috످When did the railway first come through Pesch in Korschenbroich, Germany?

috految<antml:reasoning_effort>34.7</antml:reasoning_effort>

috److془Pesch (Korschenbroich). Railway Mönchengladbach–Düsseldorf opened 17 January 1853 (Gladbach-Neuss-Oberkassel), Aachen-Düsseldorf-Ruhrort. Actually Gladbach–Neuss 16 Dec 1852/ 17 January 1853. Pesch lies between Korschenbroich and Kleinenbroich. Line passes north of Pesch. Date: 1853 opening. Fine.془The railway first came through the Pesch area in 1853, with the opening of the Mönchengladbach–Neuss–Düsseldorf line. That date is for the line as a whole, and I don't know exactly when the tracks were laid in Pesch itself. The Korschenbroich town archive (Stadtarchiv) may have that detail.

috످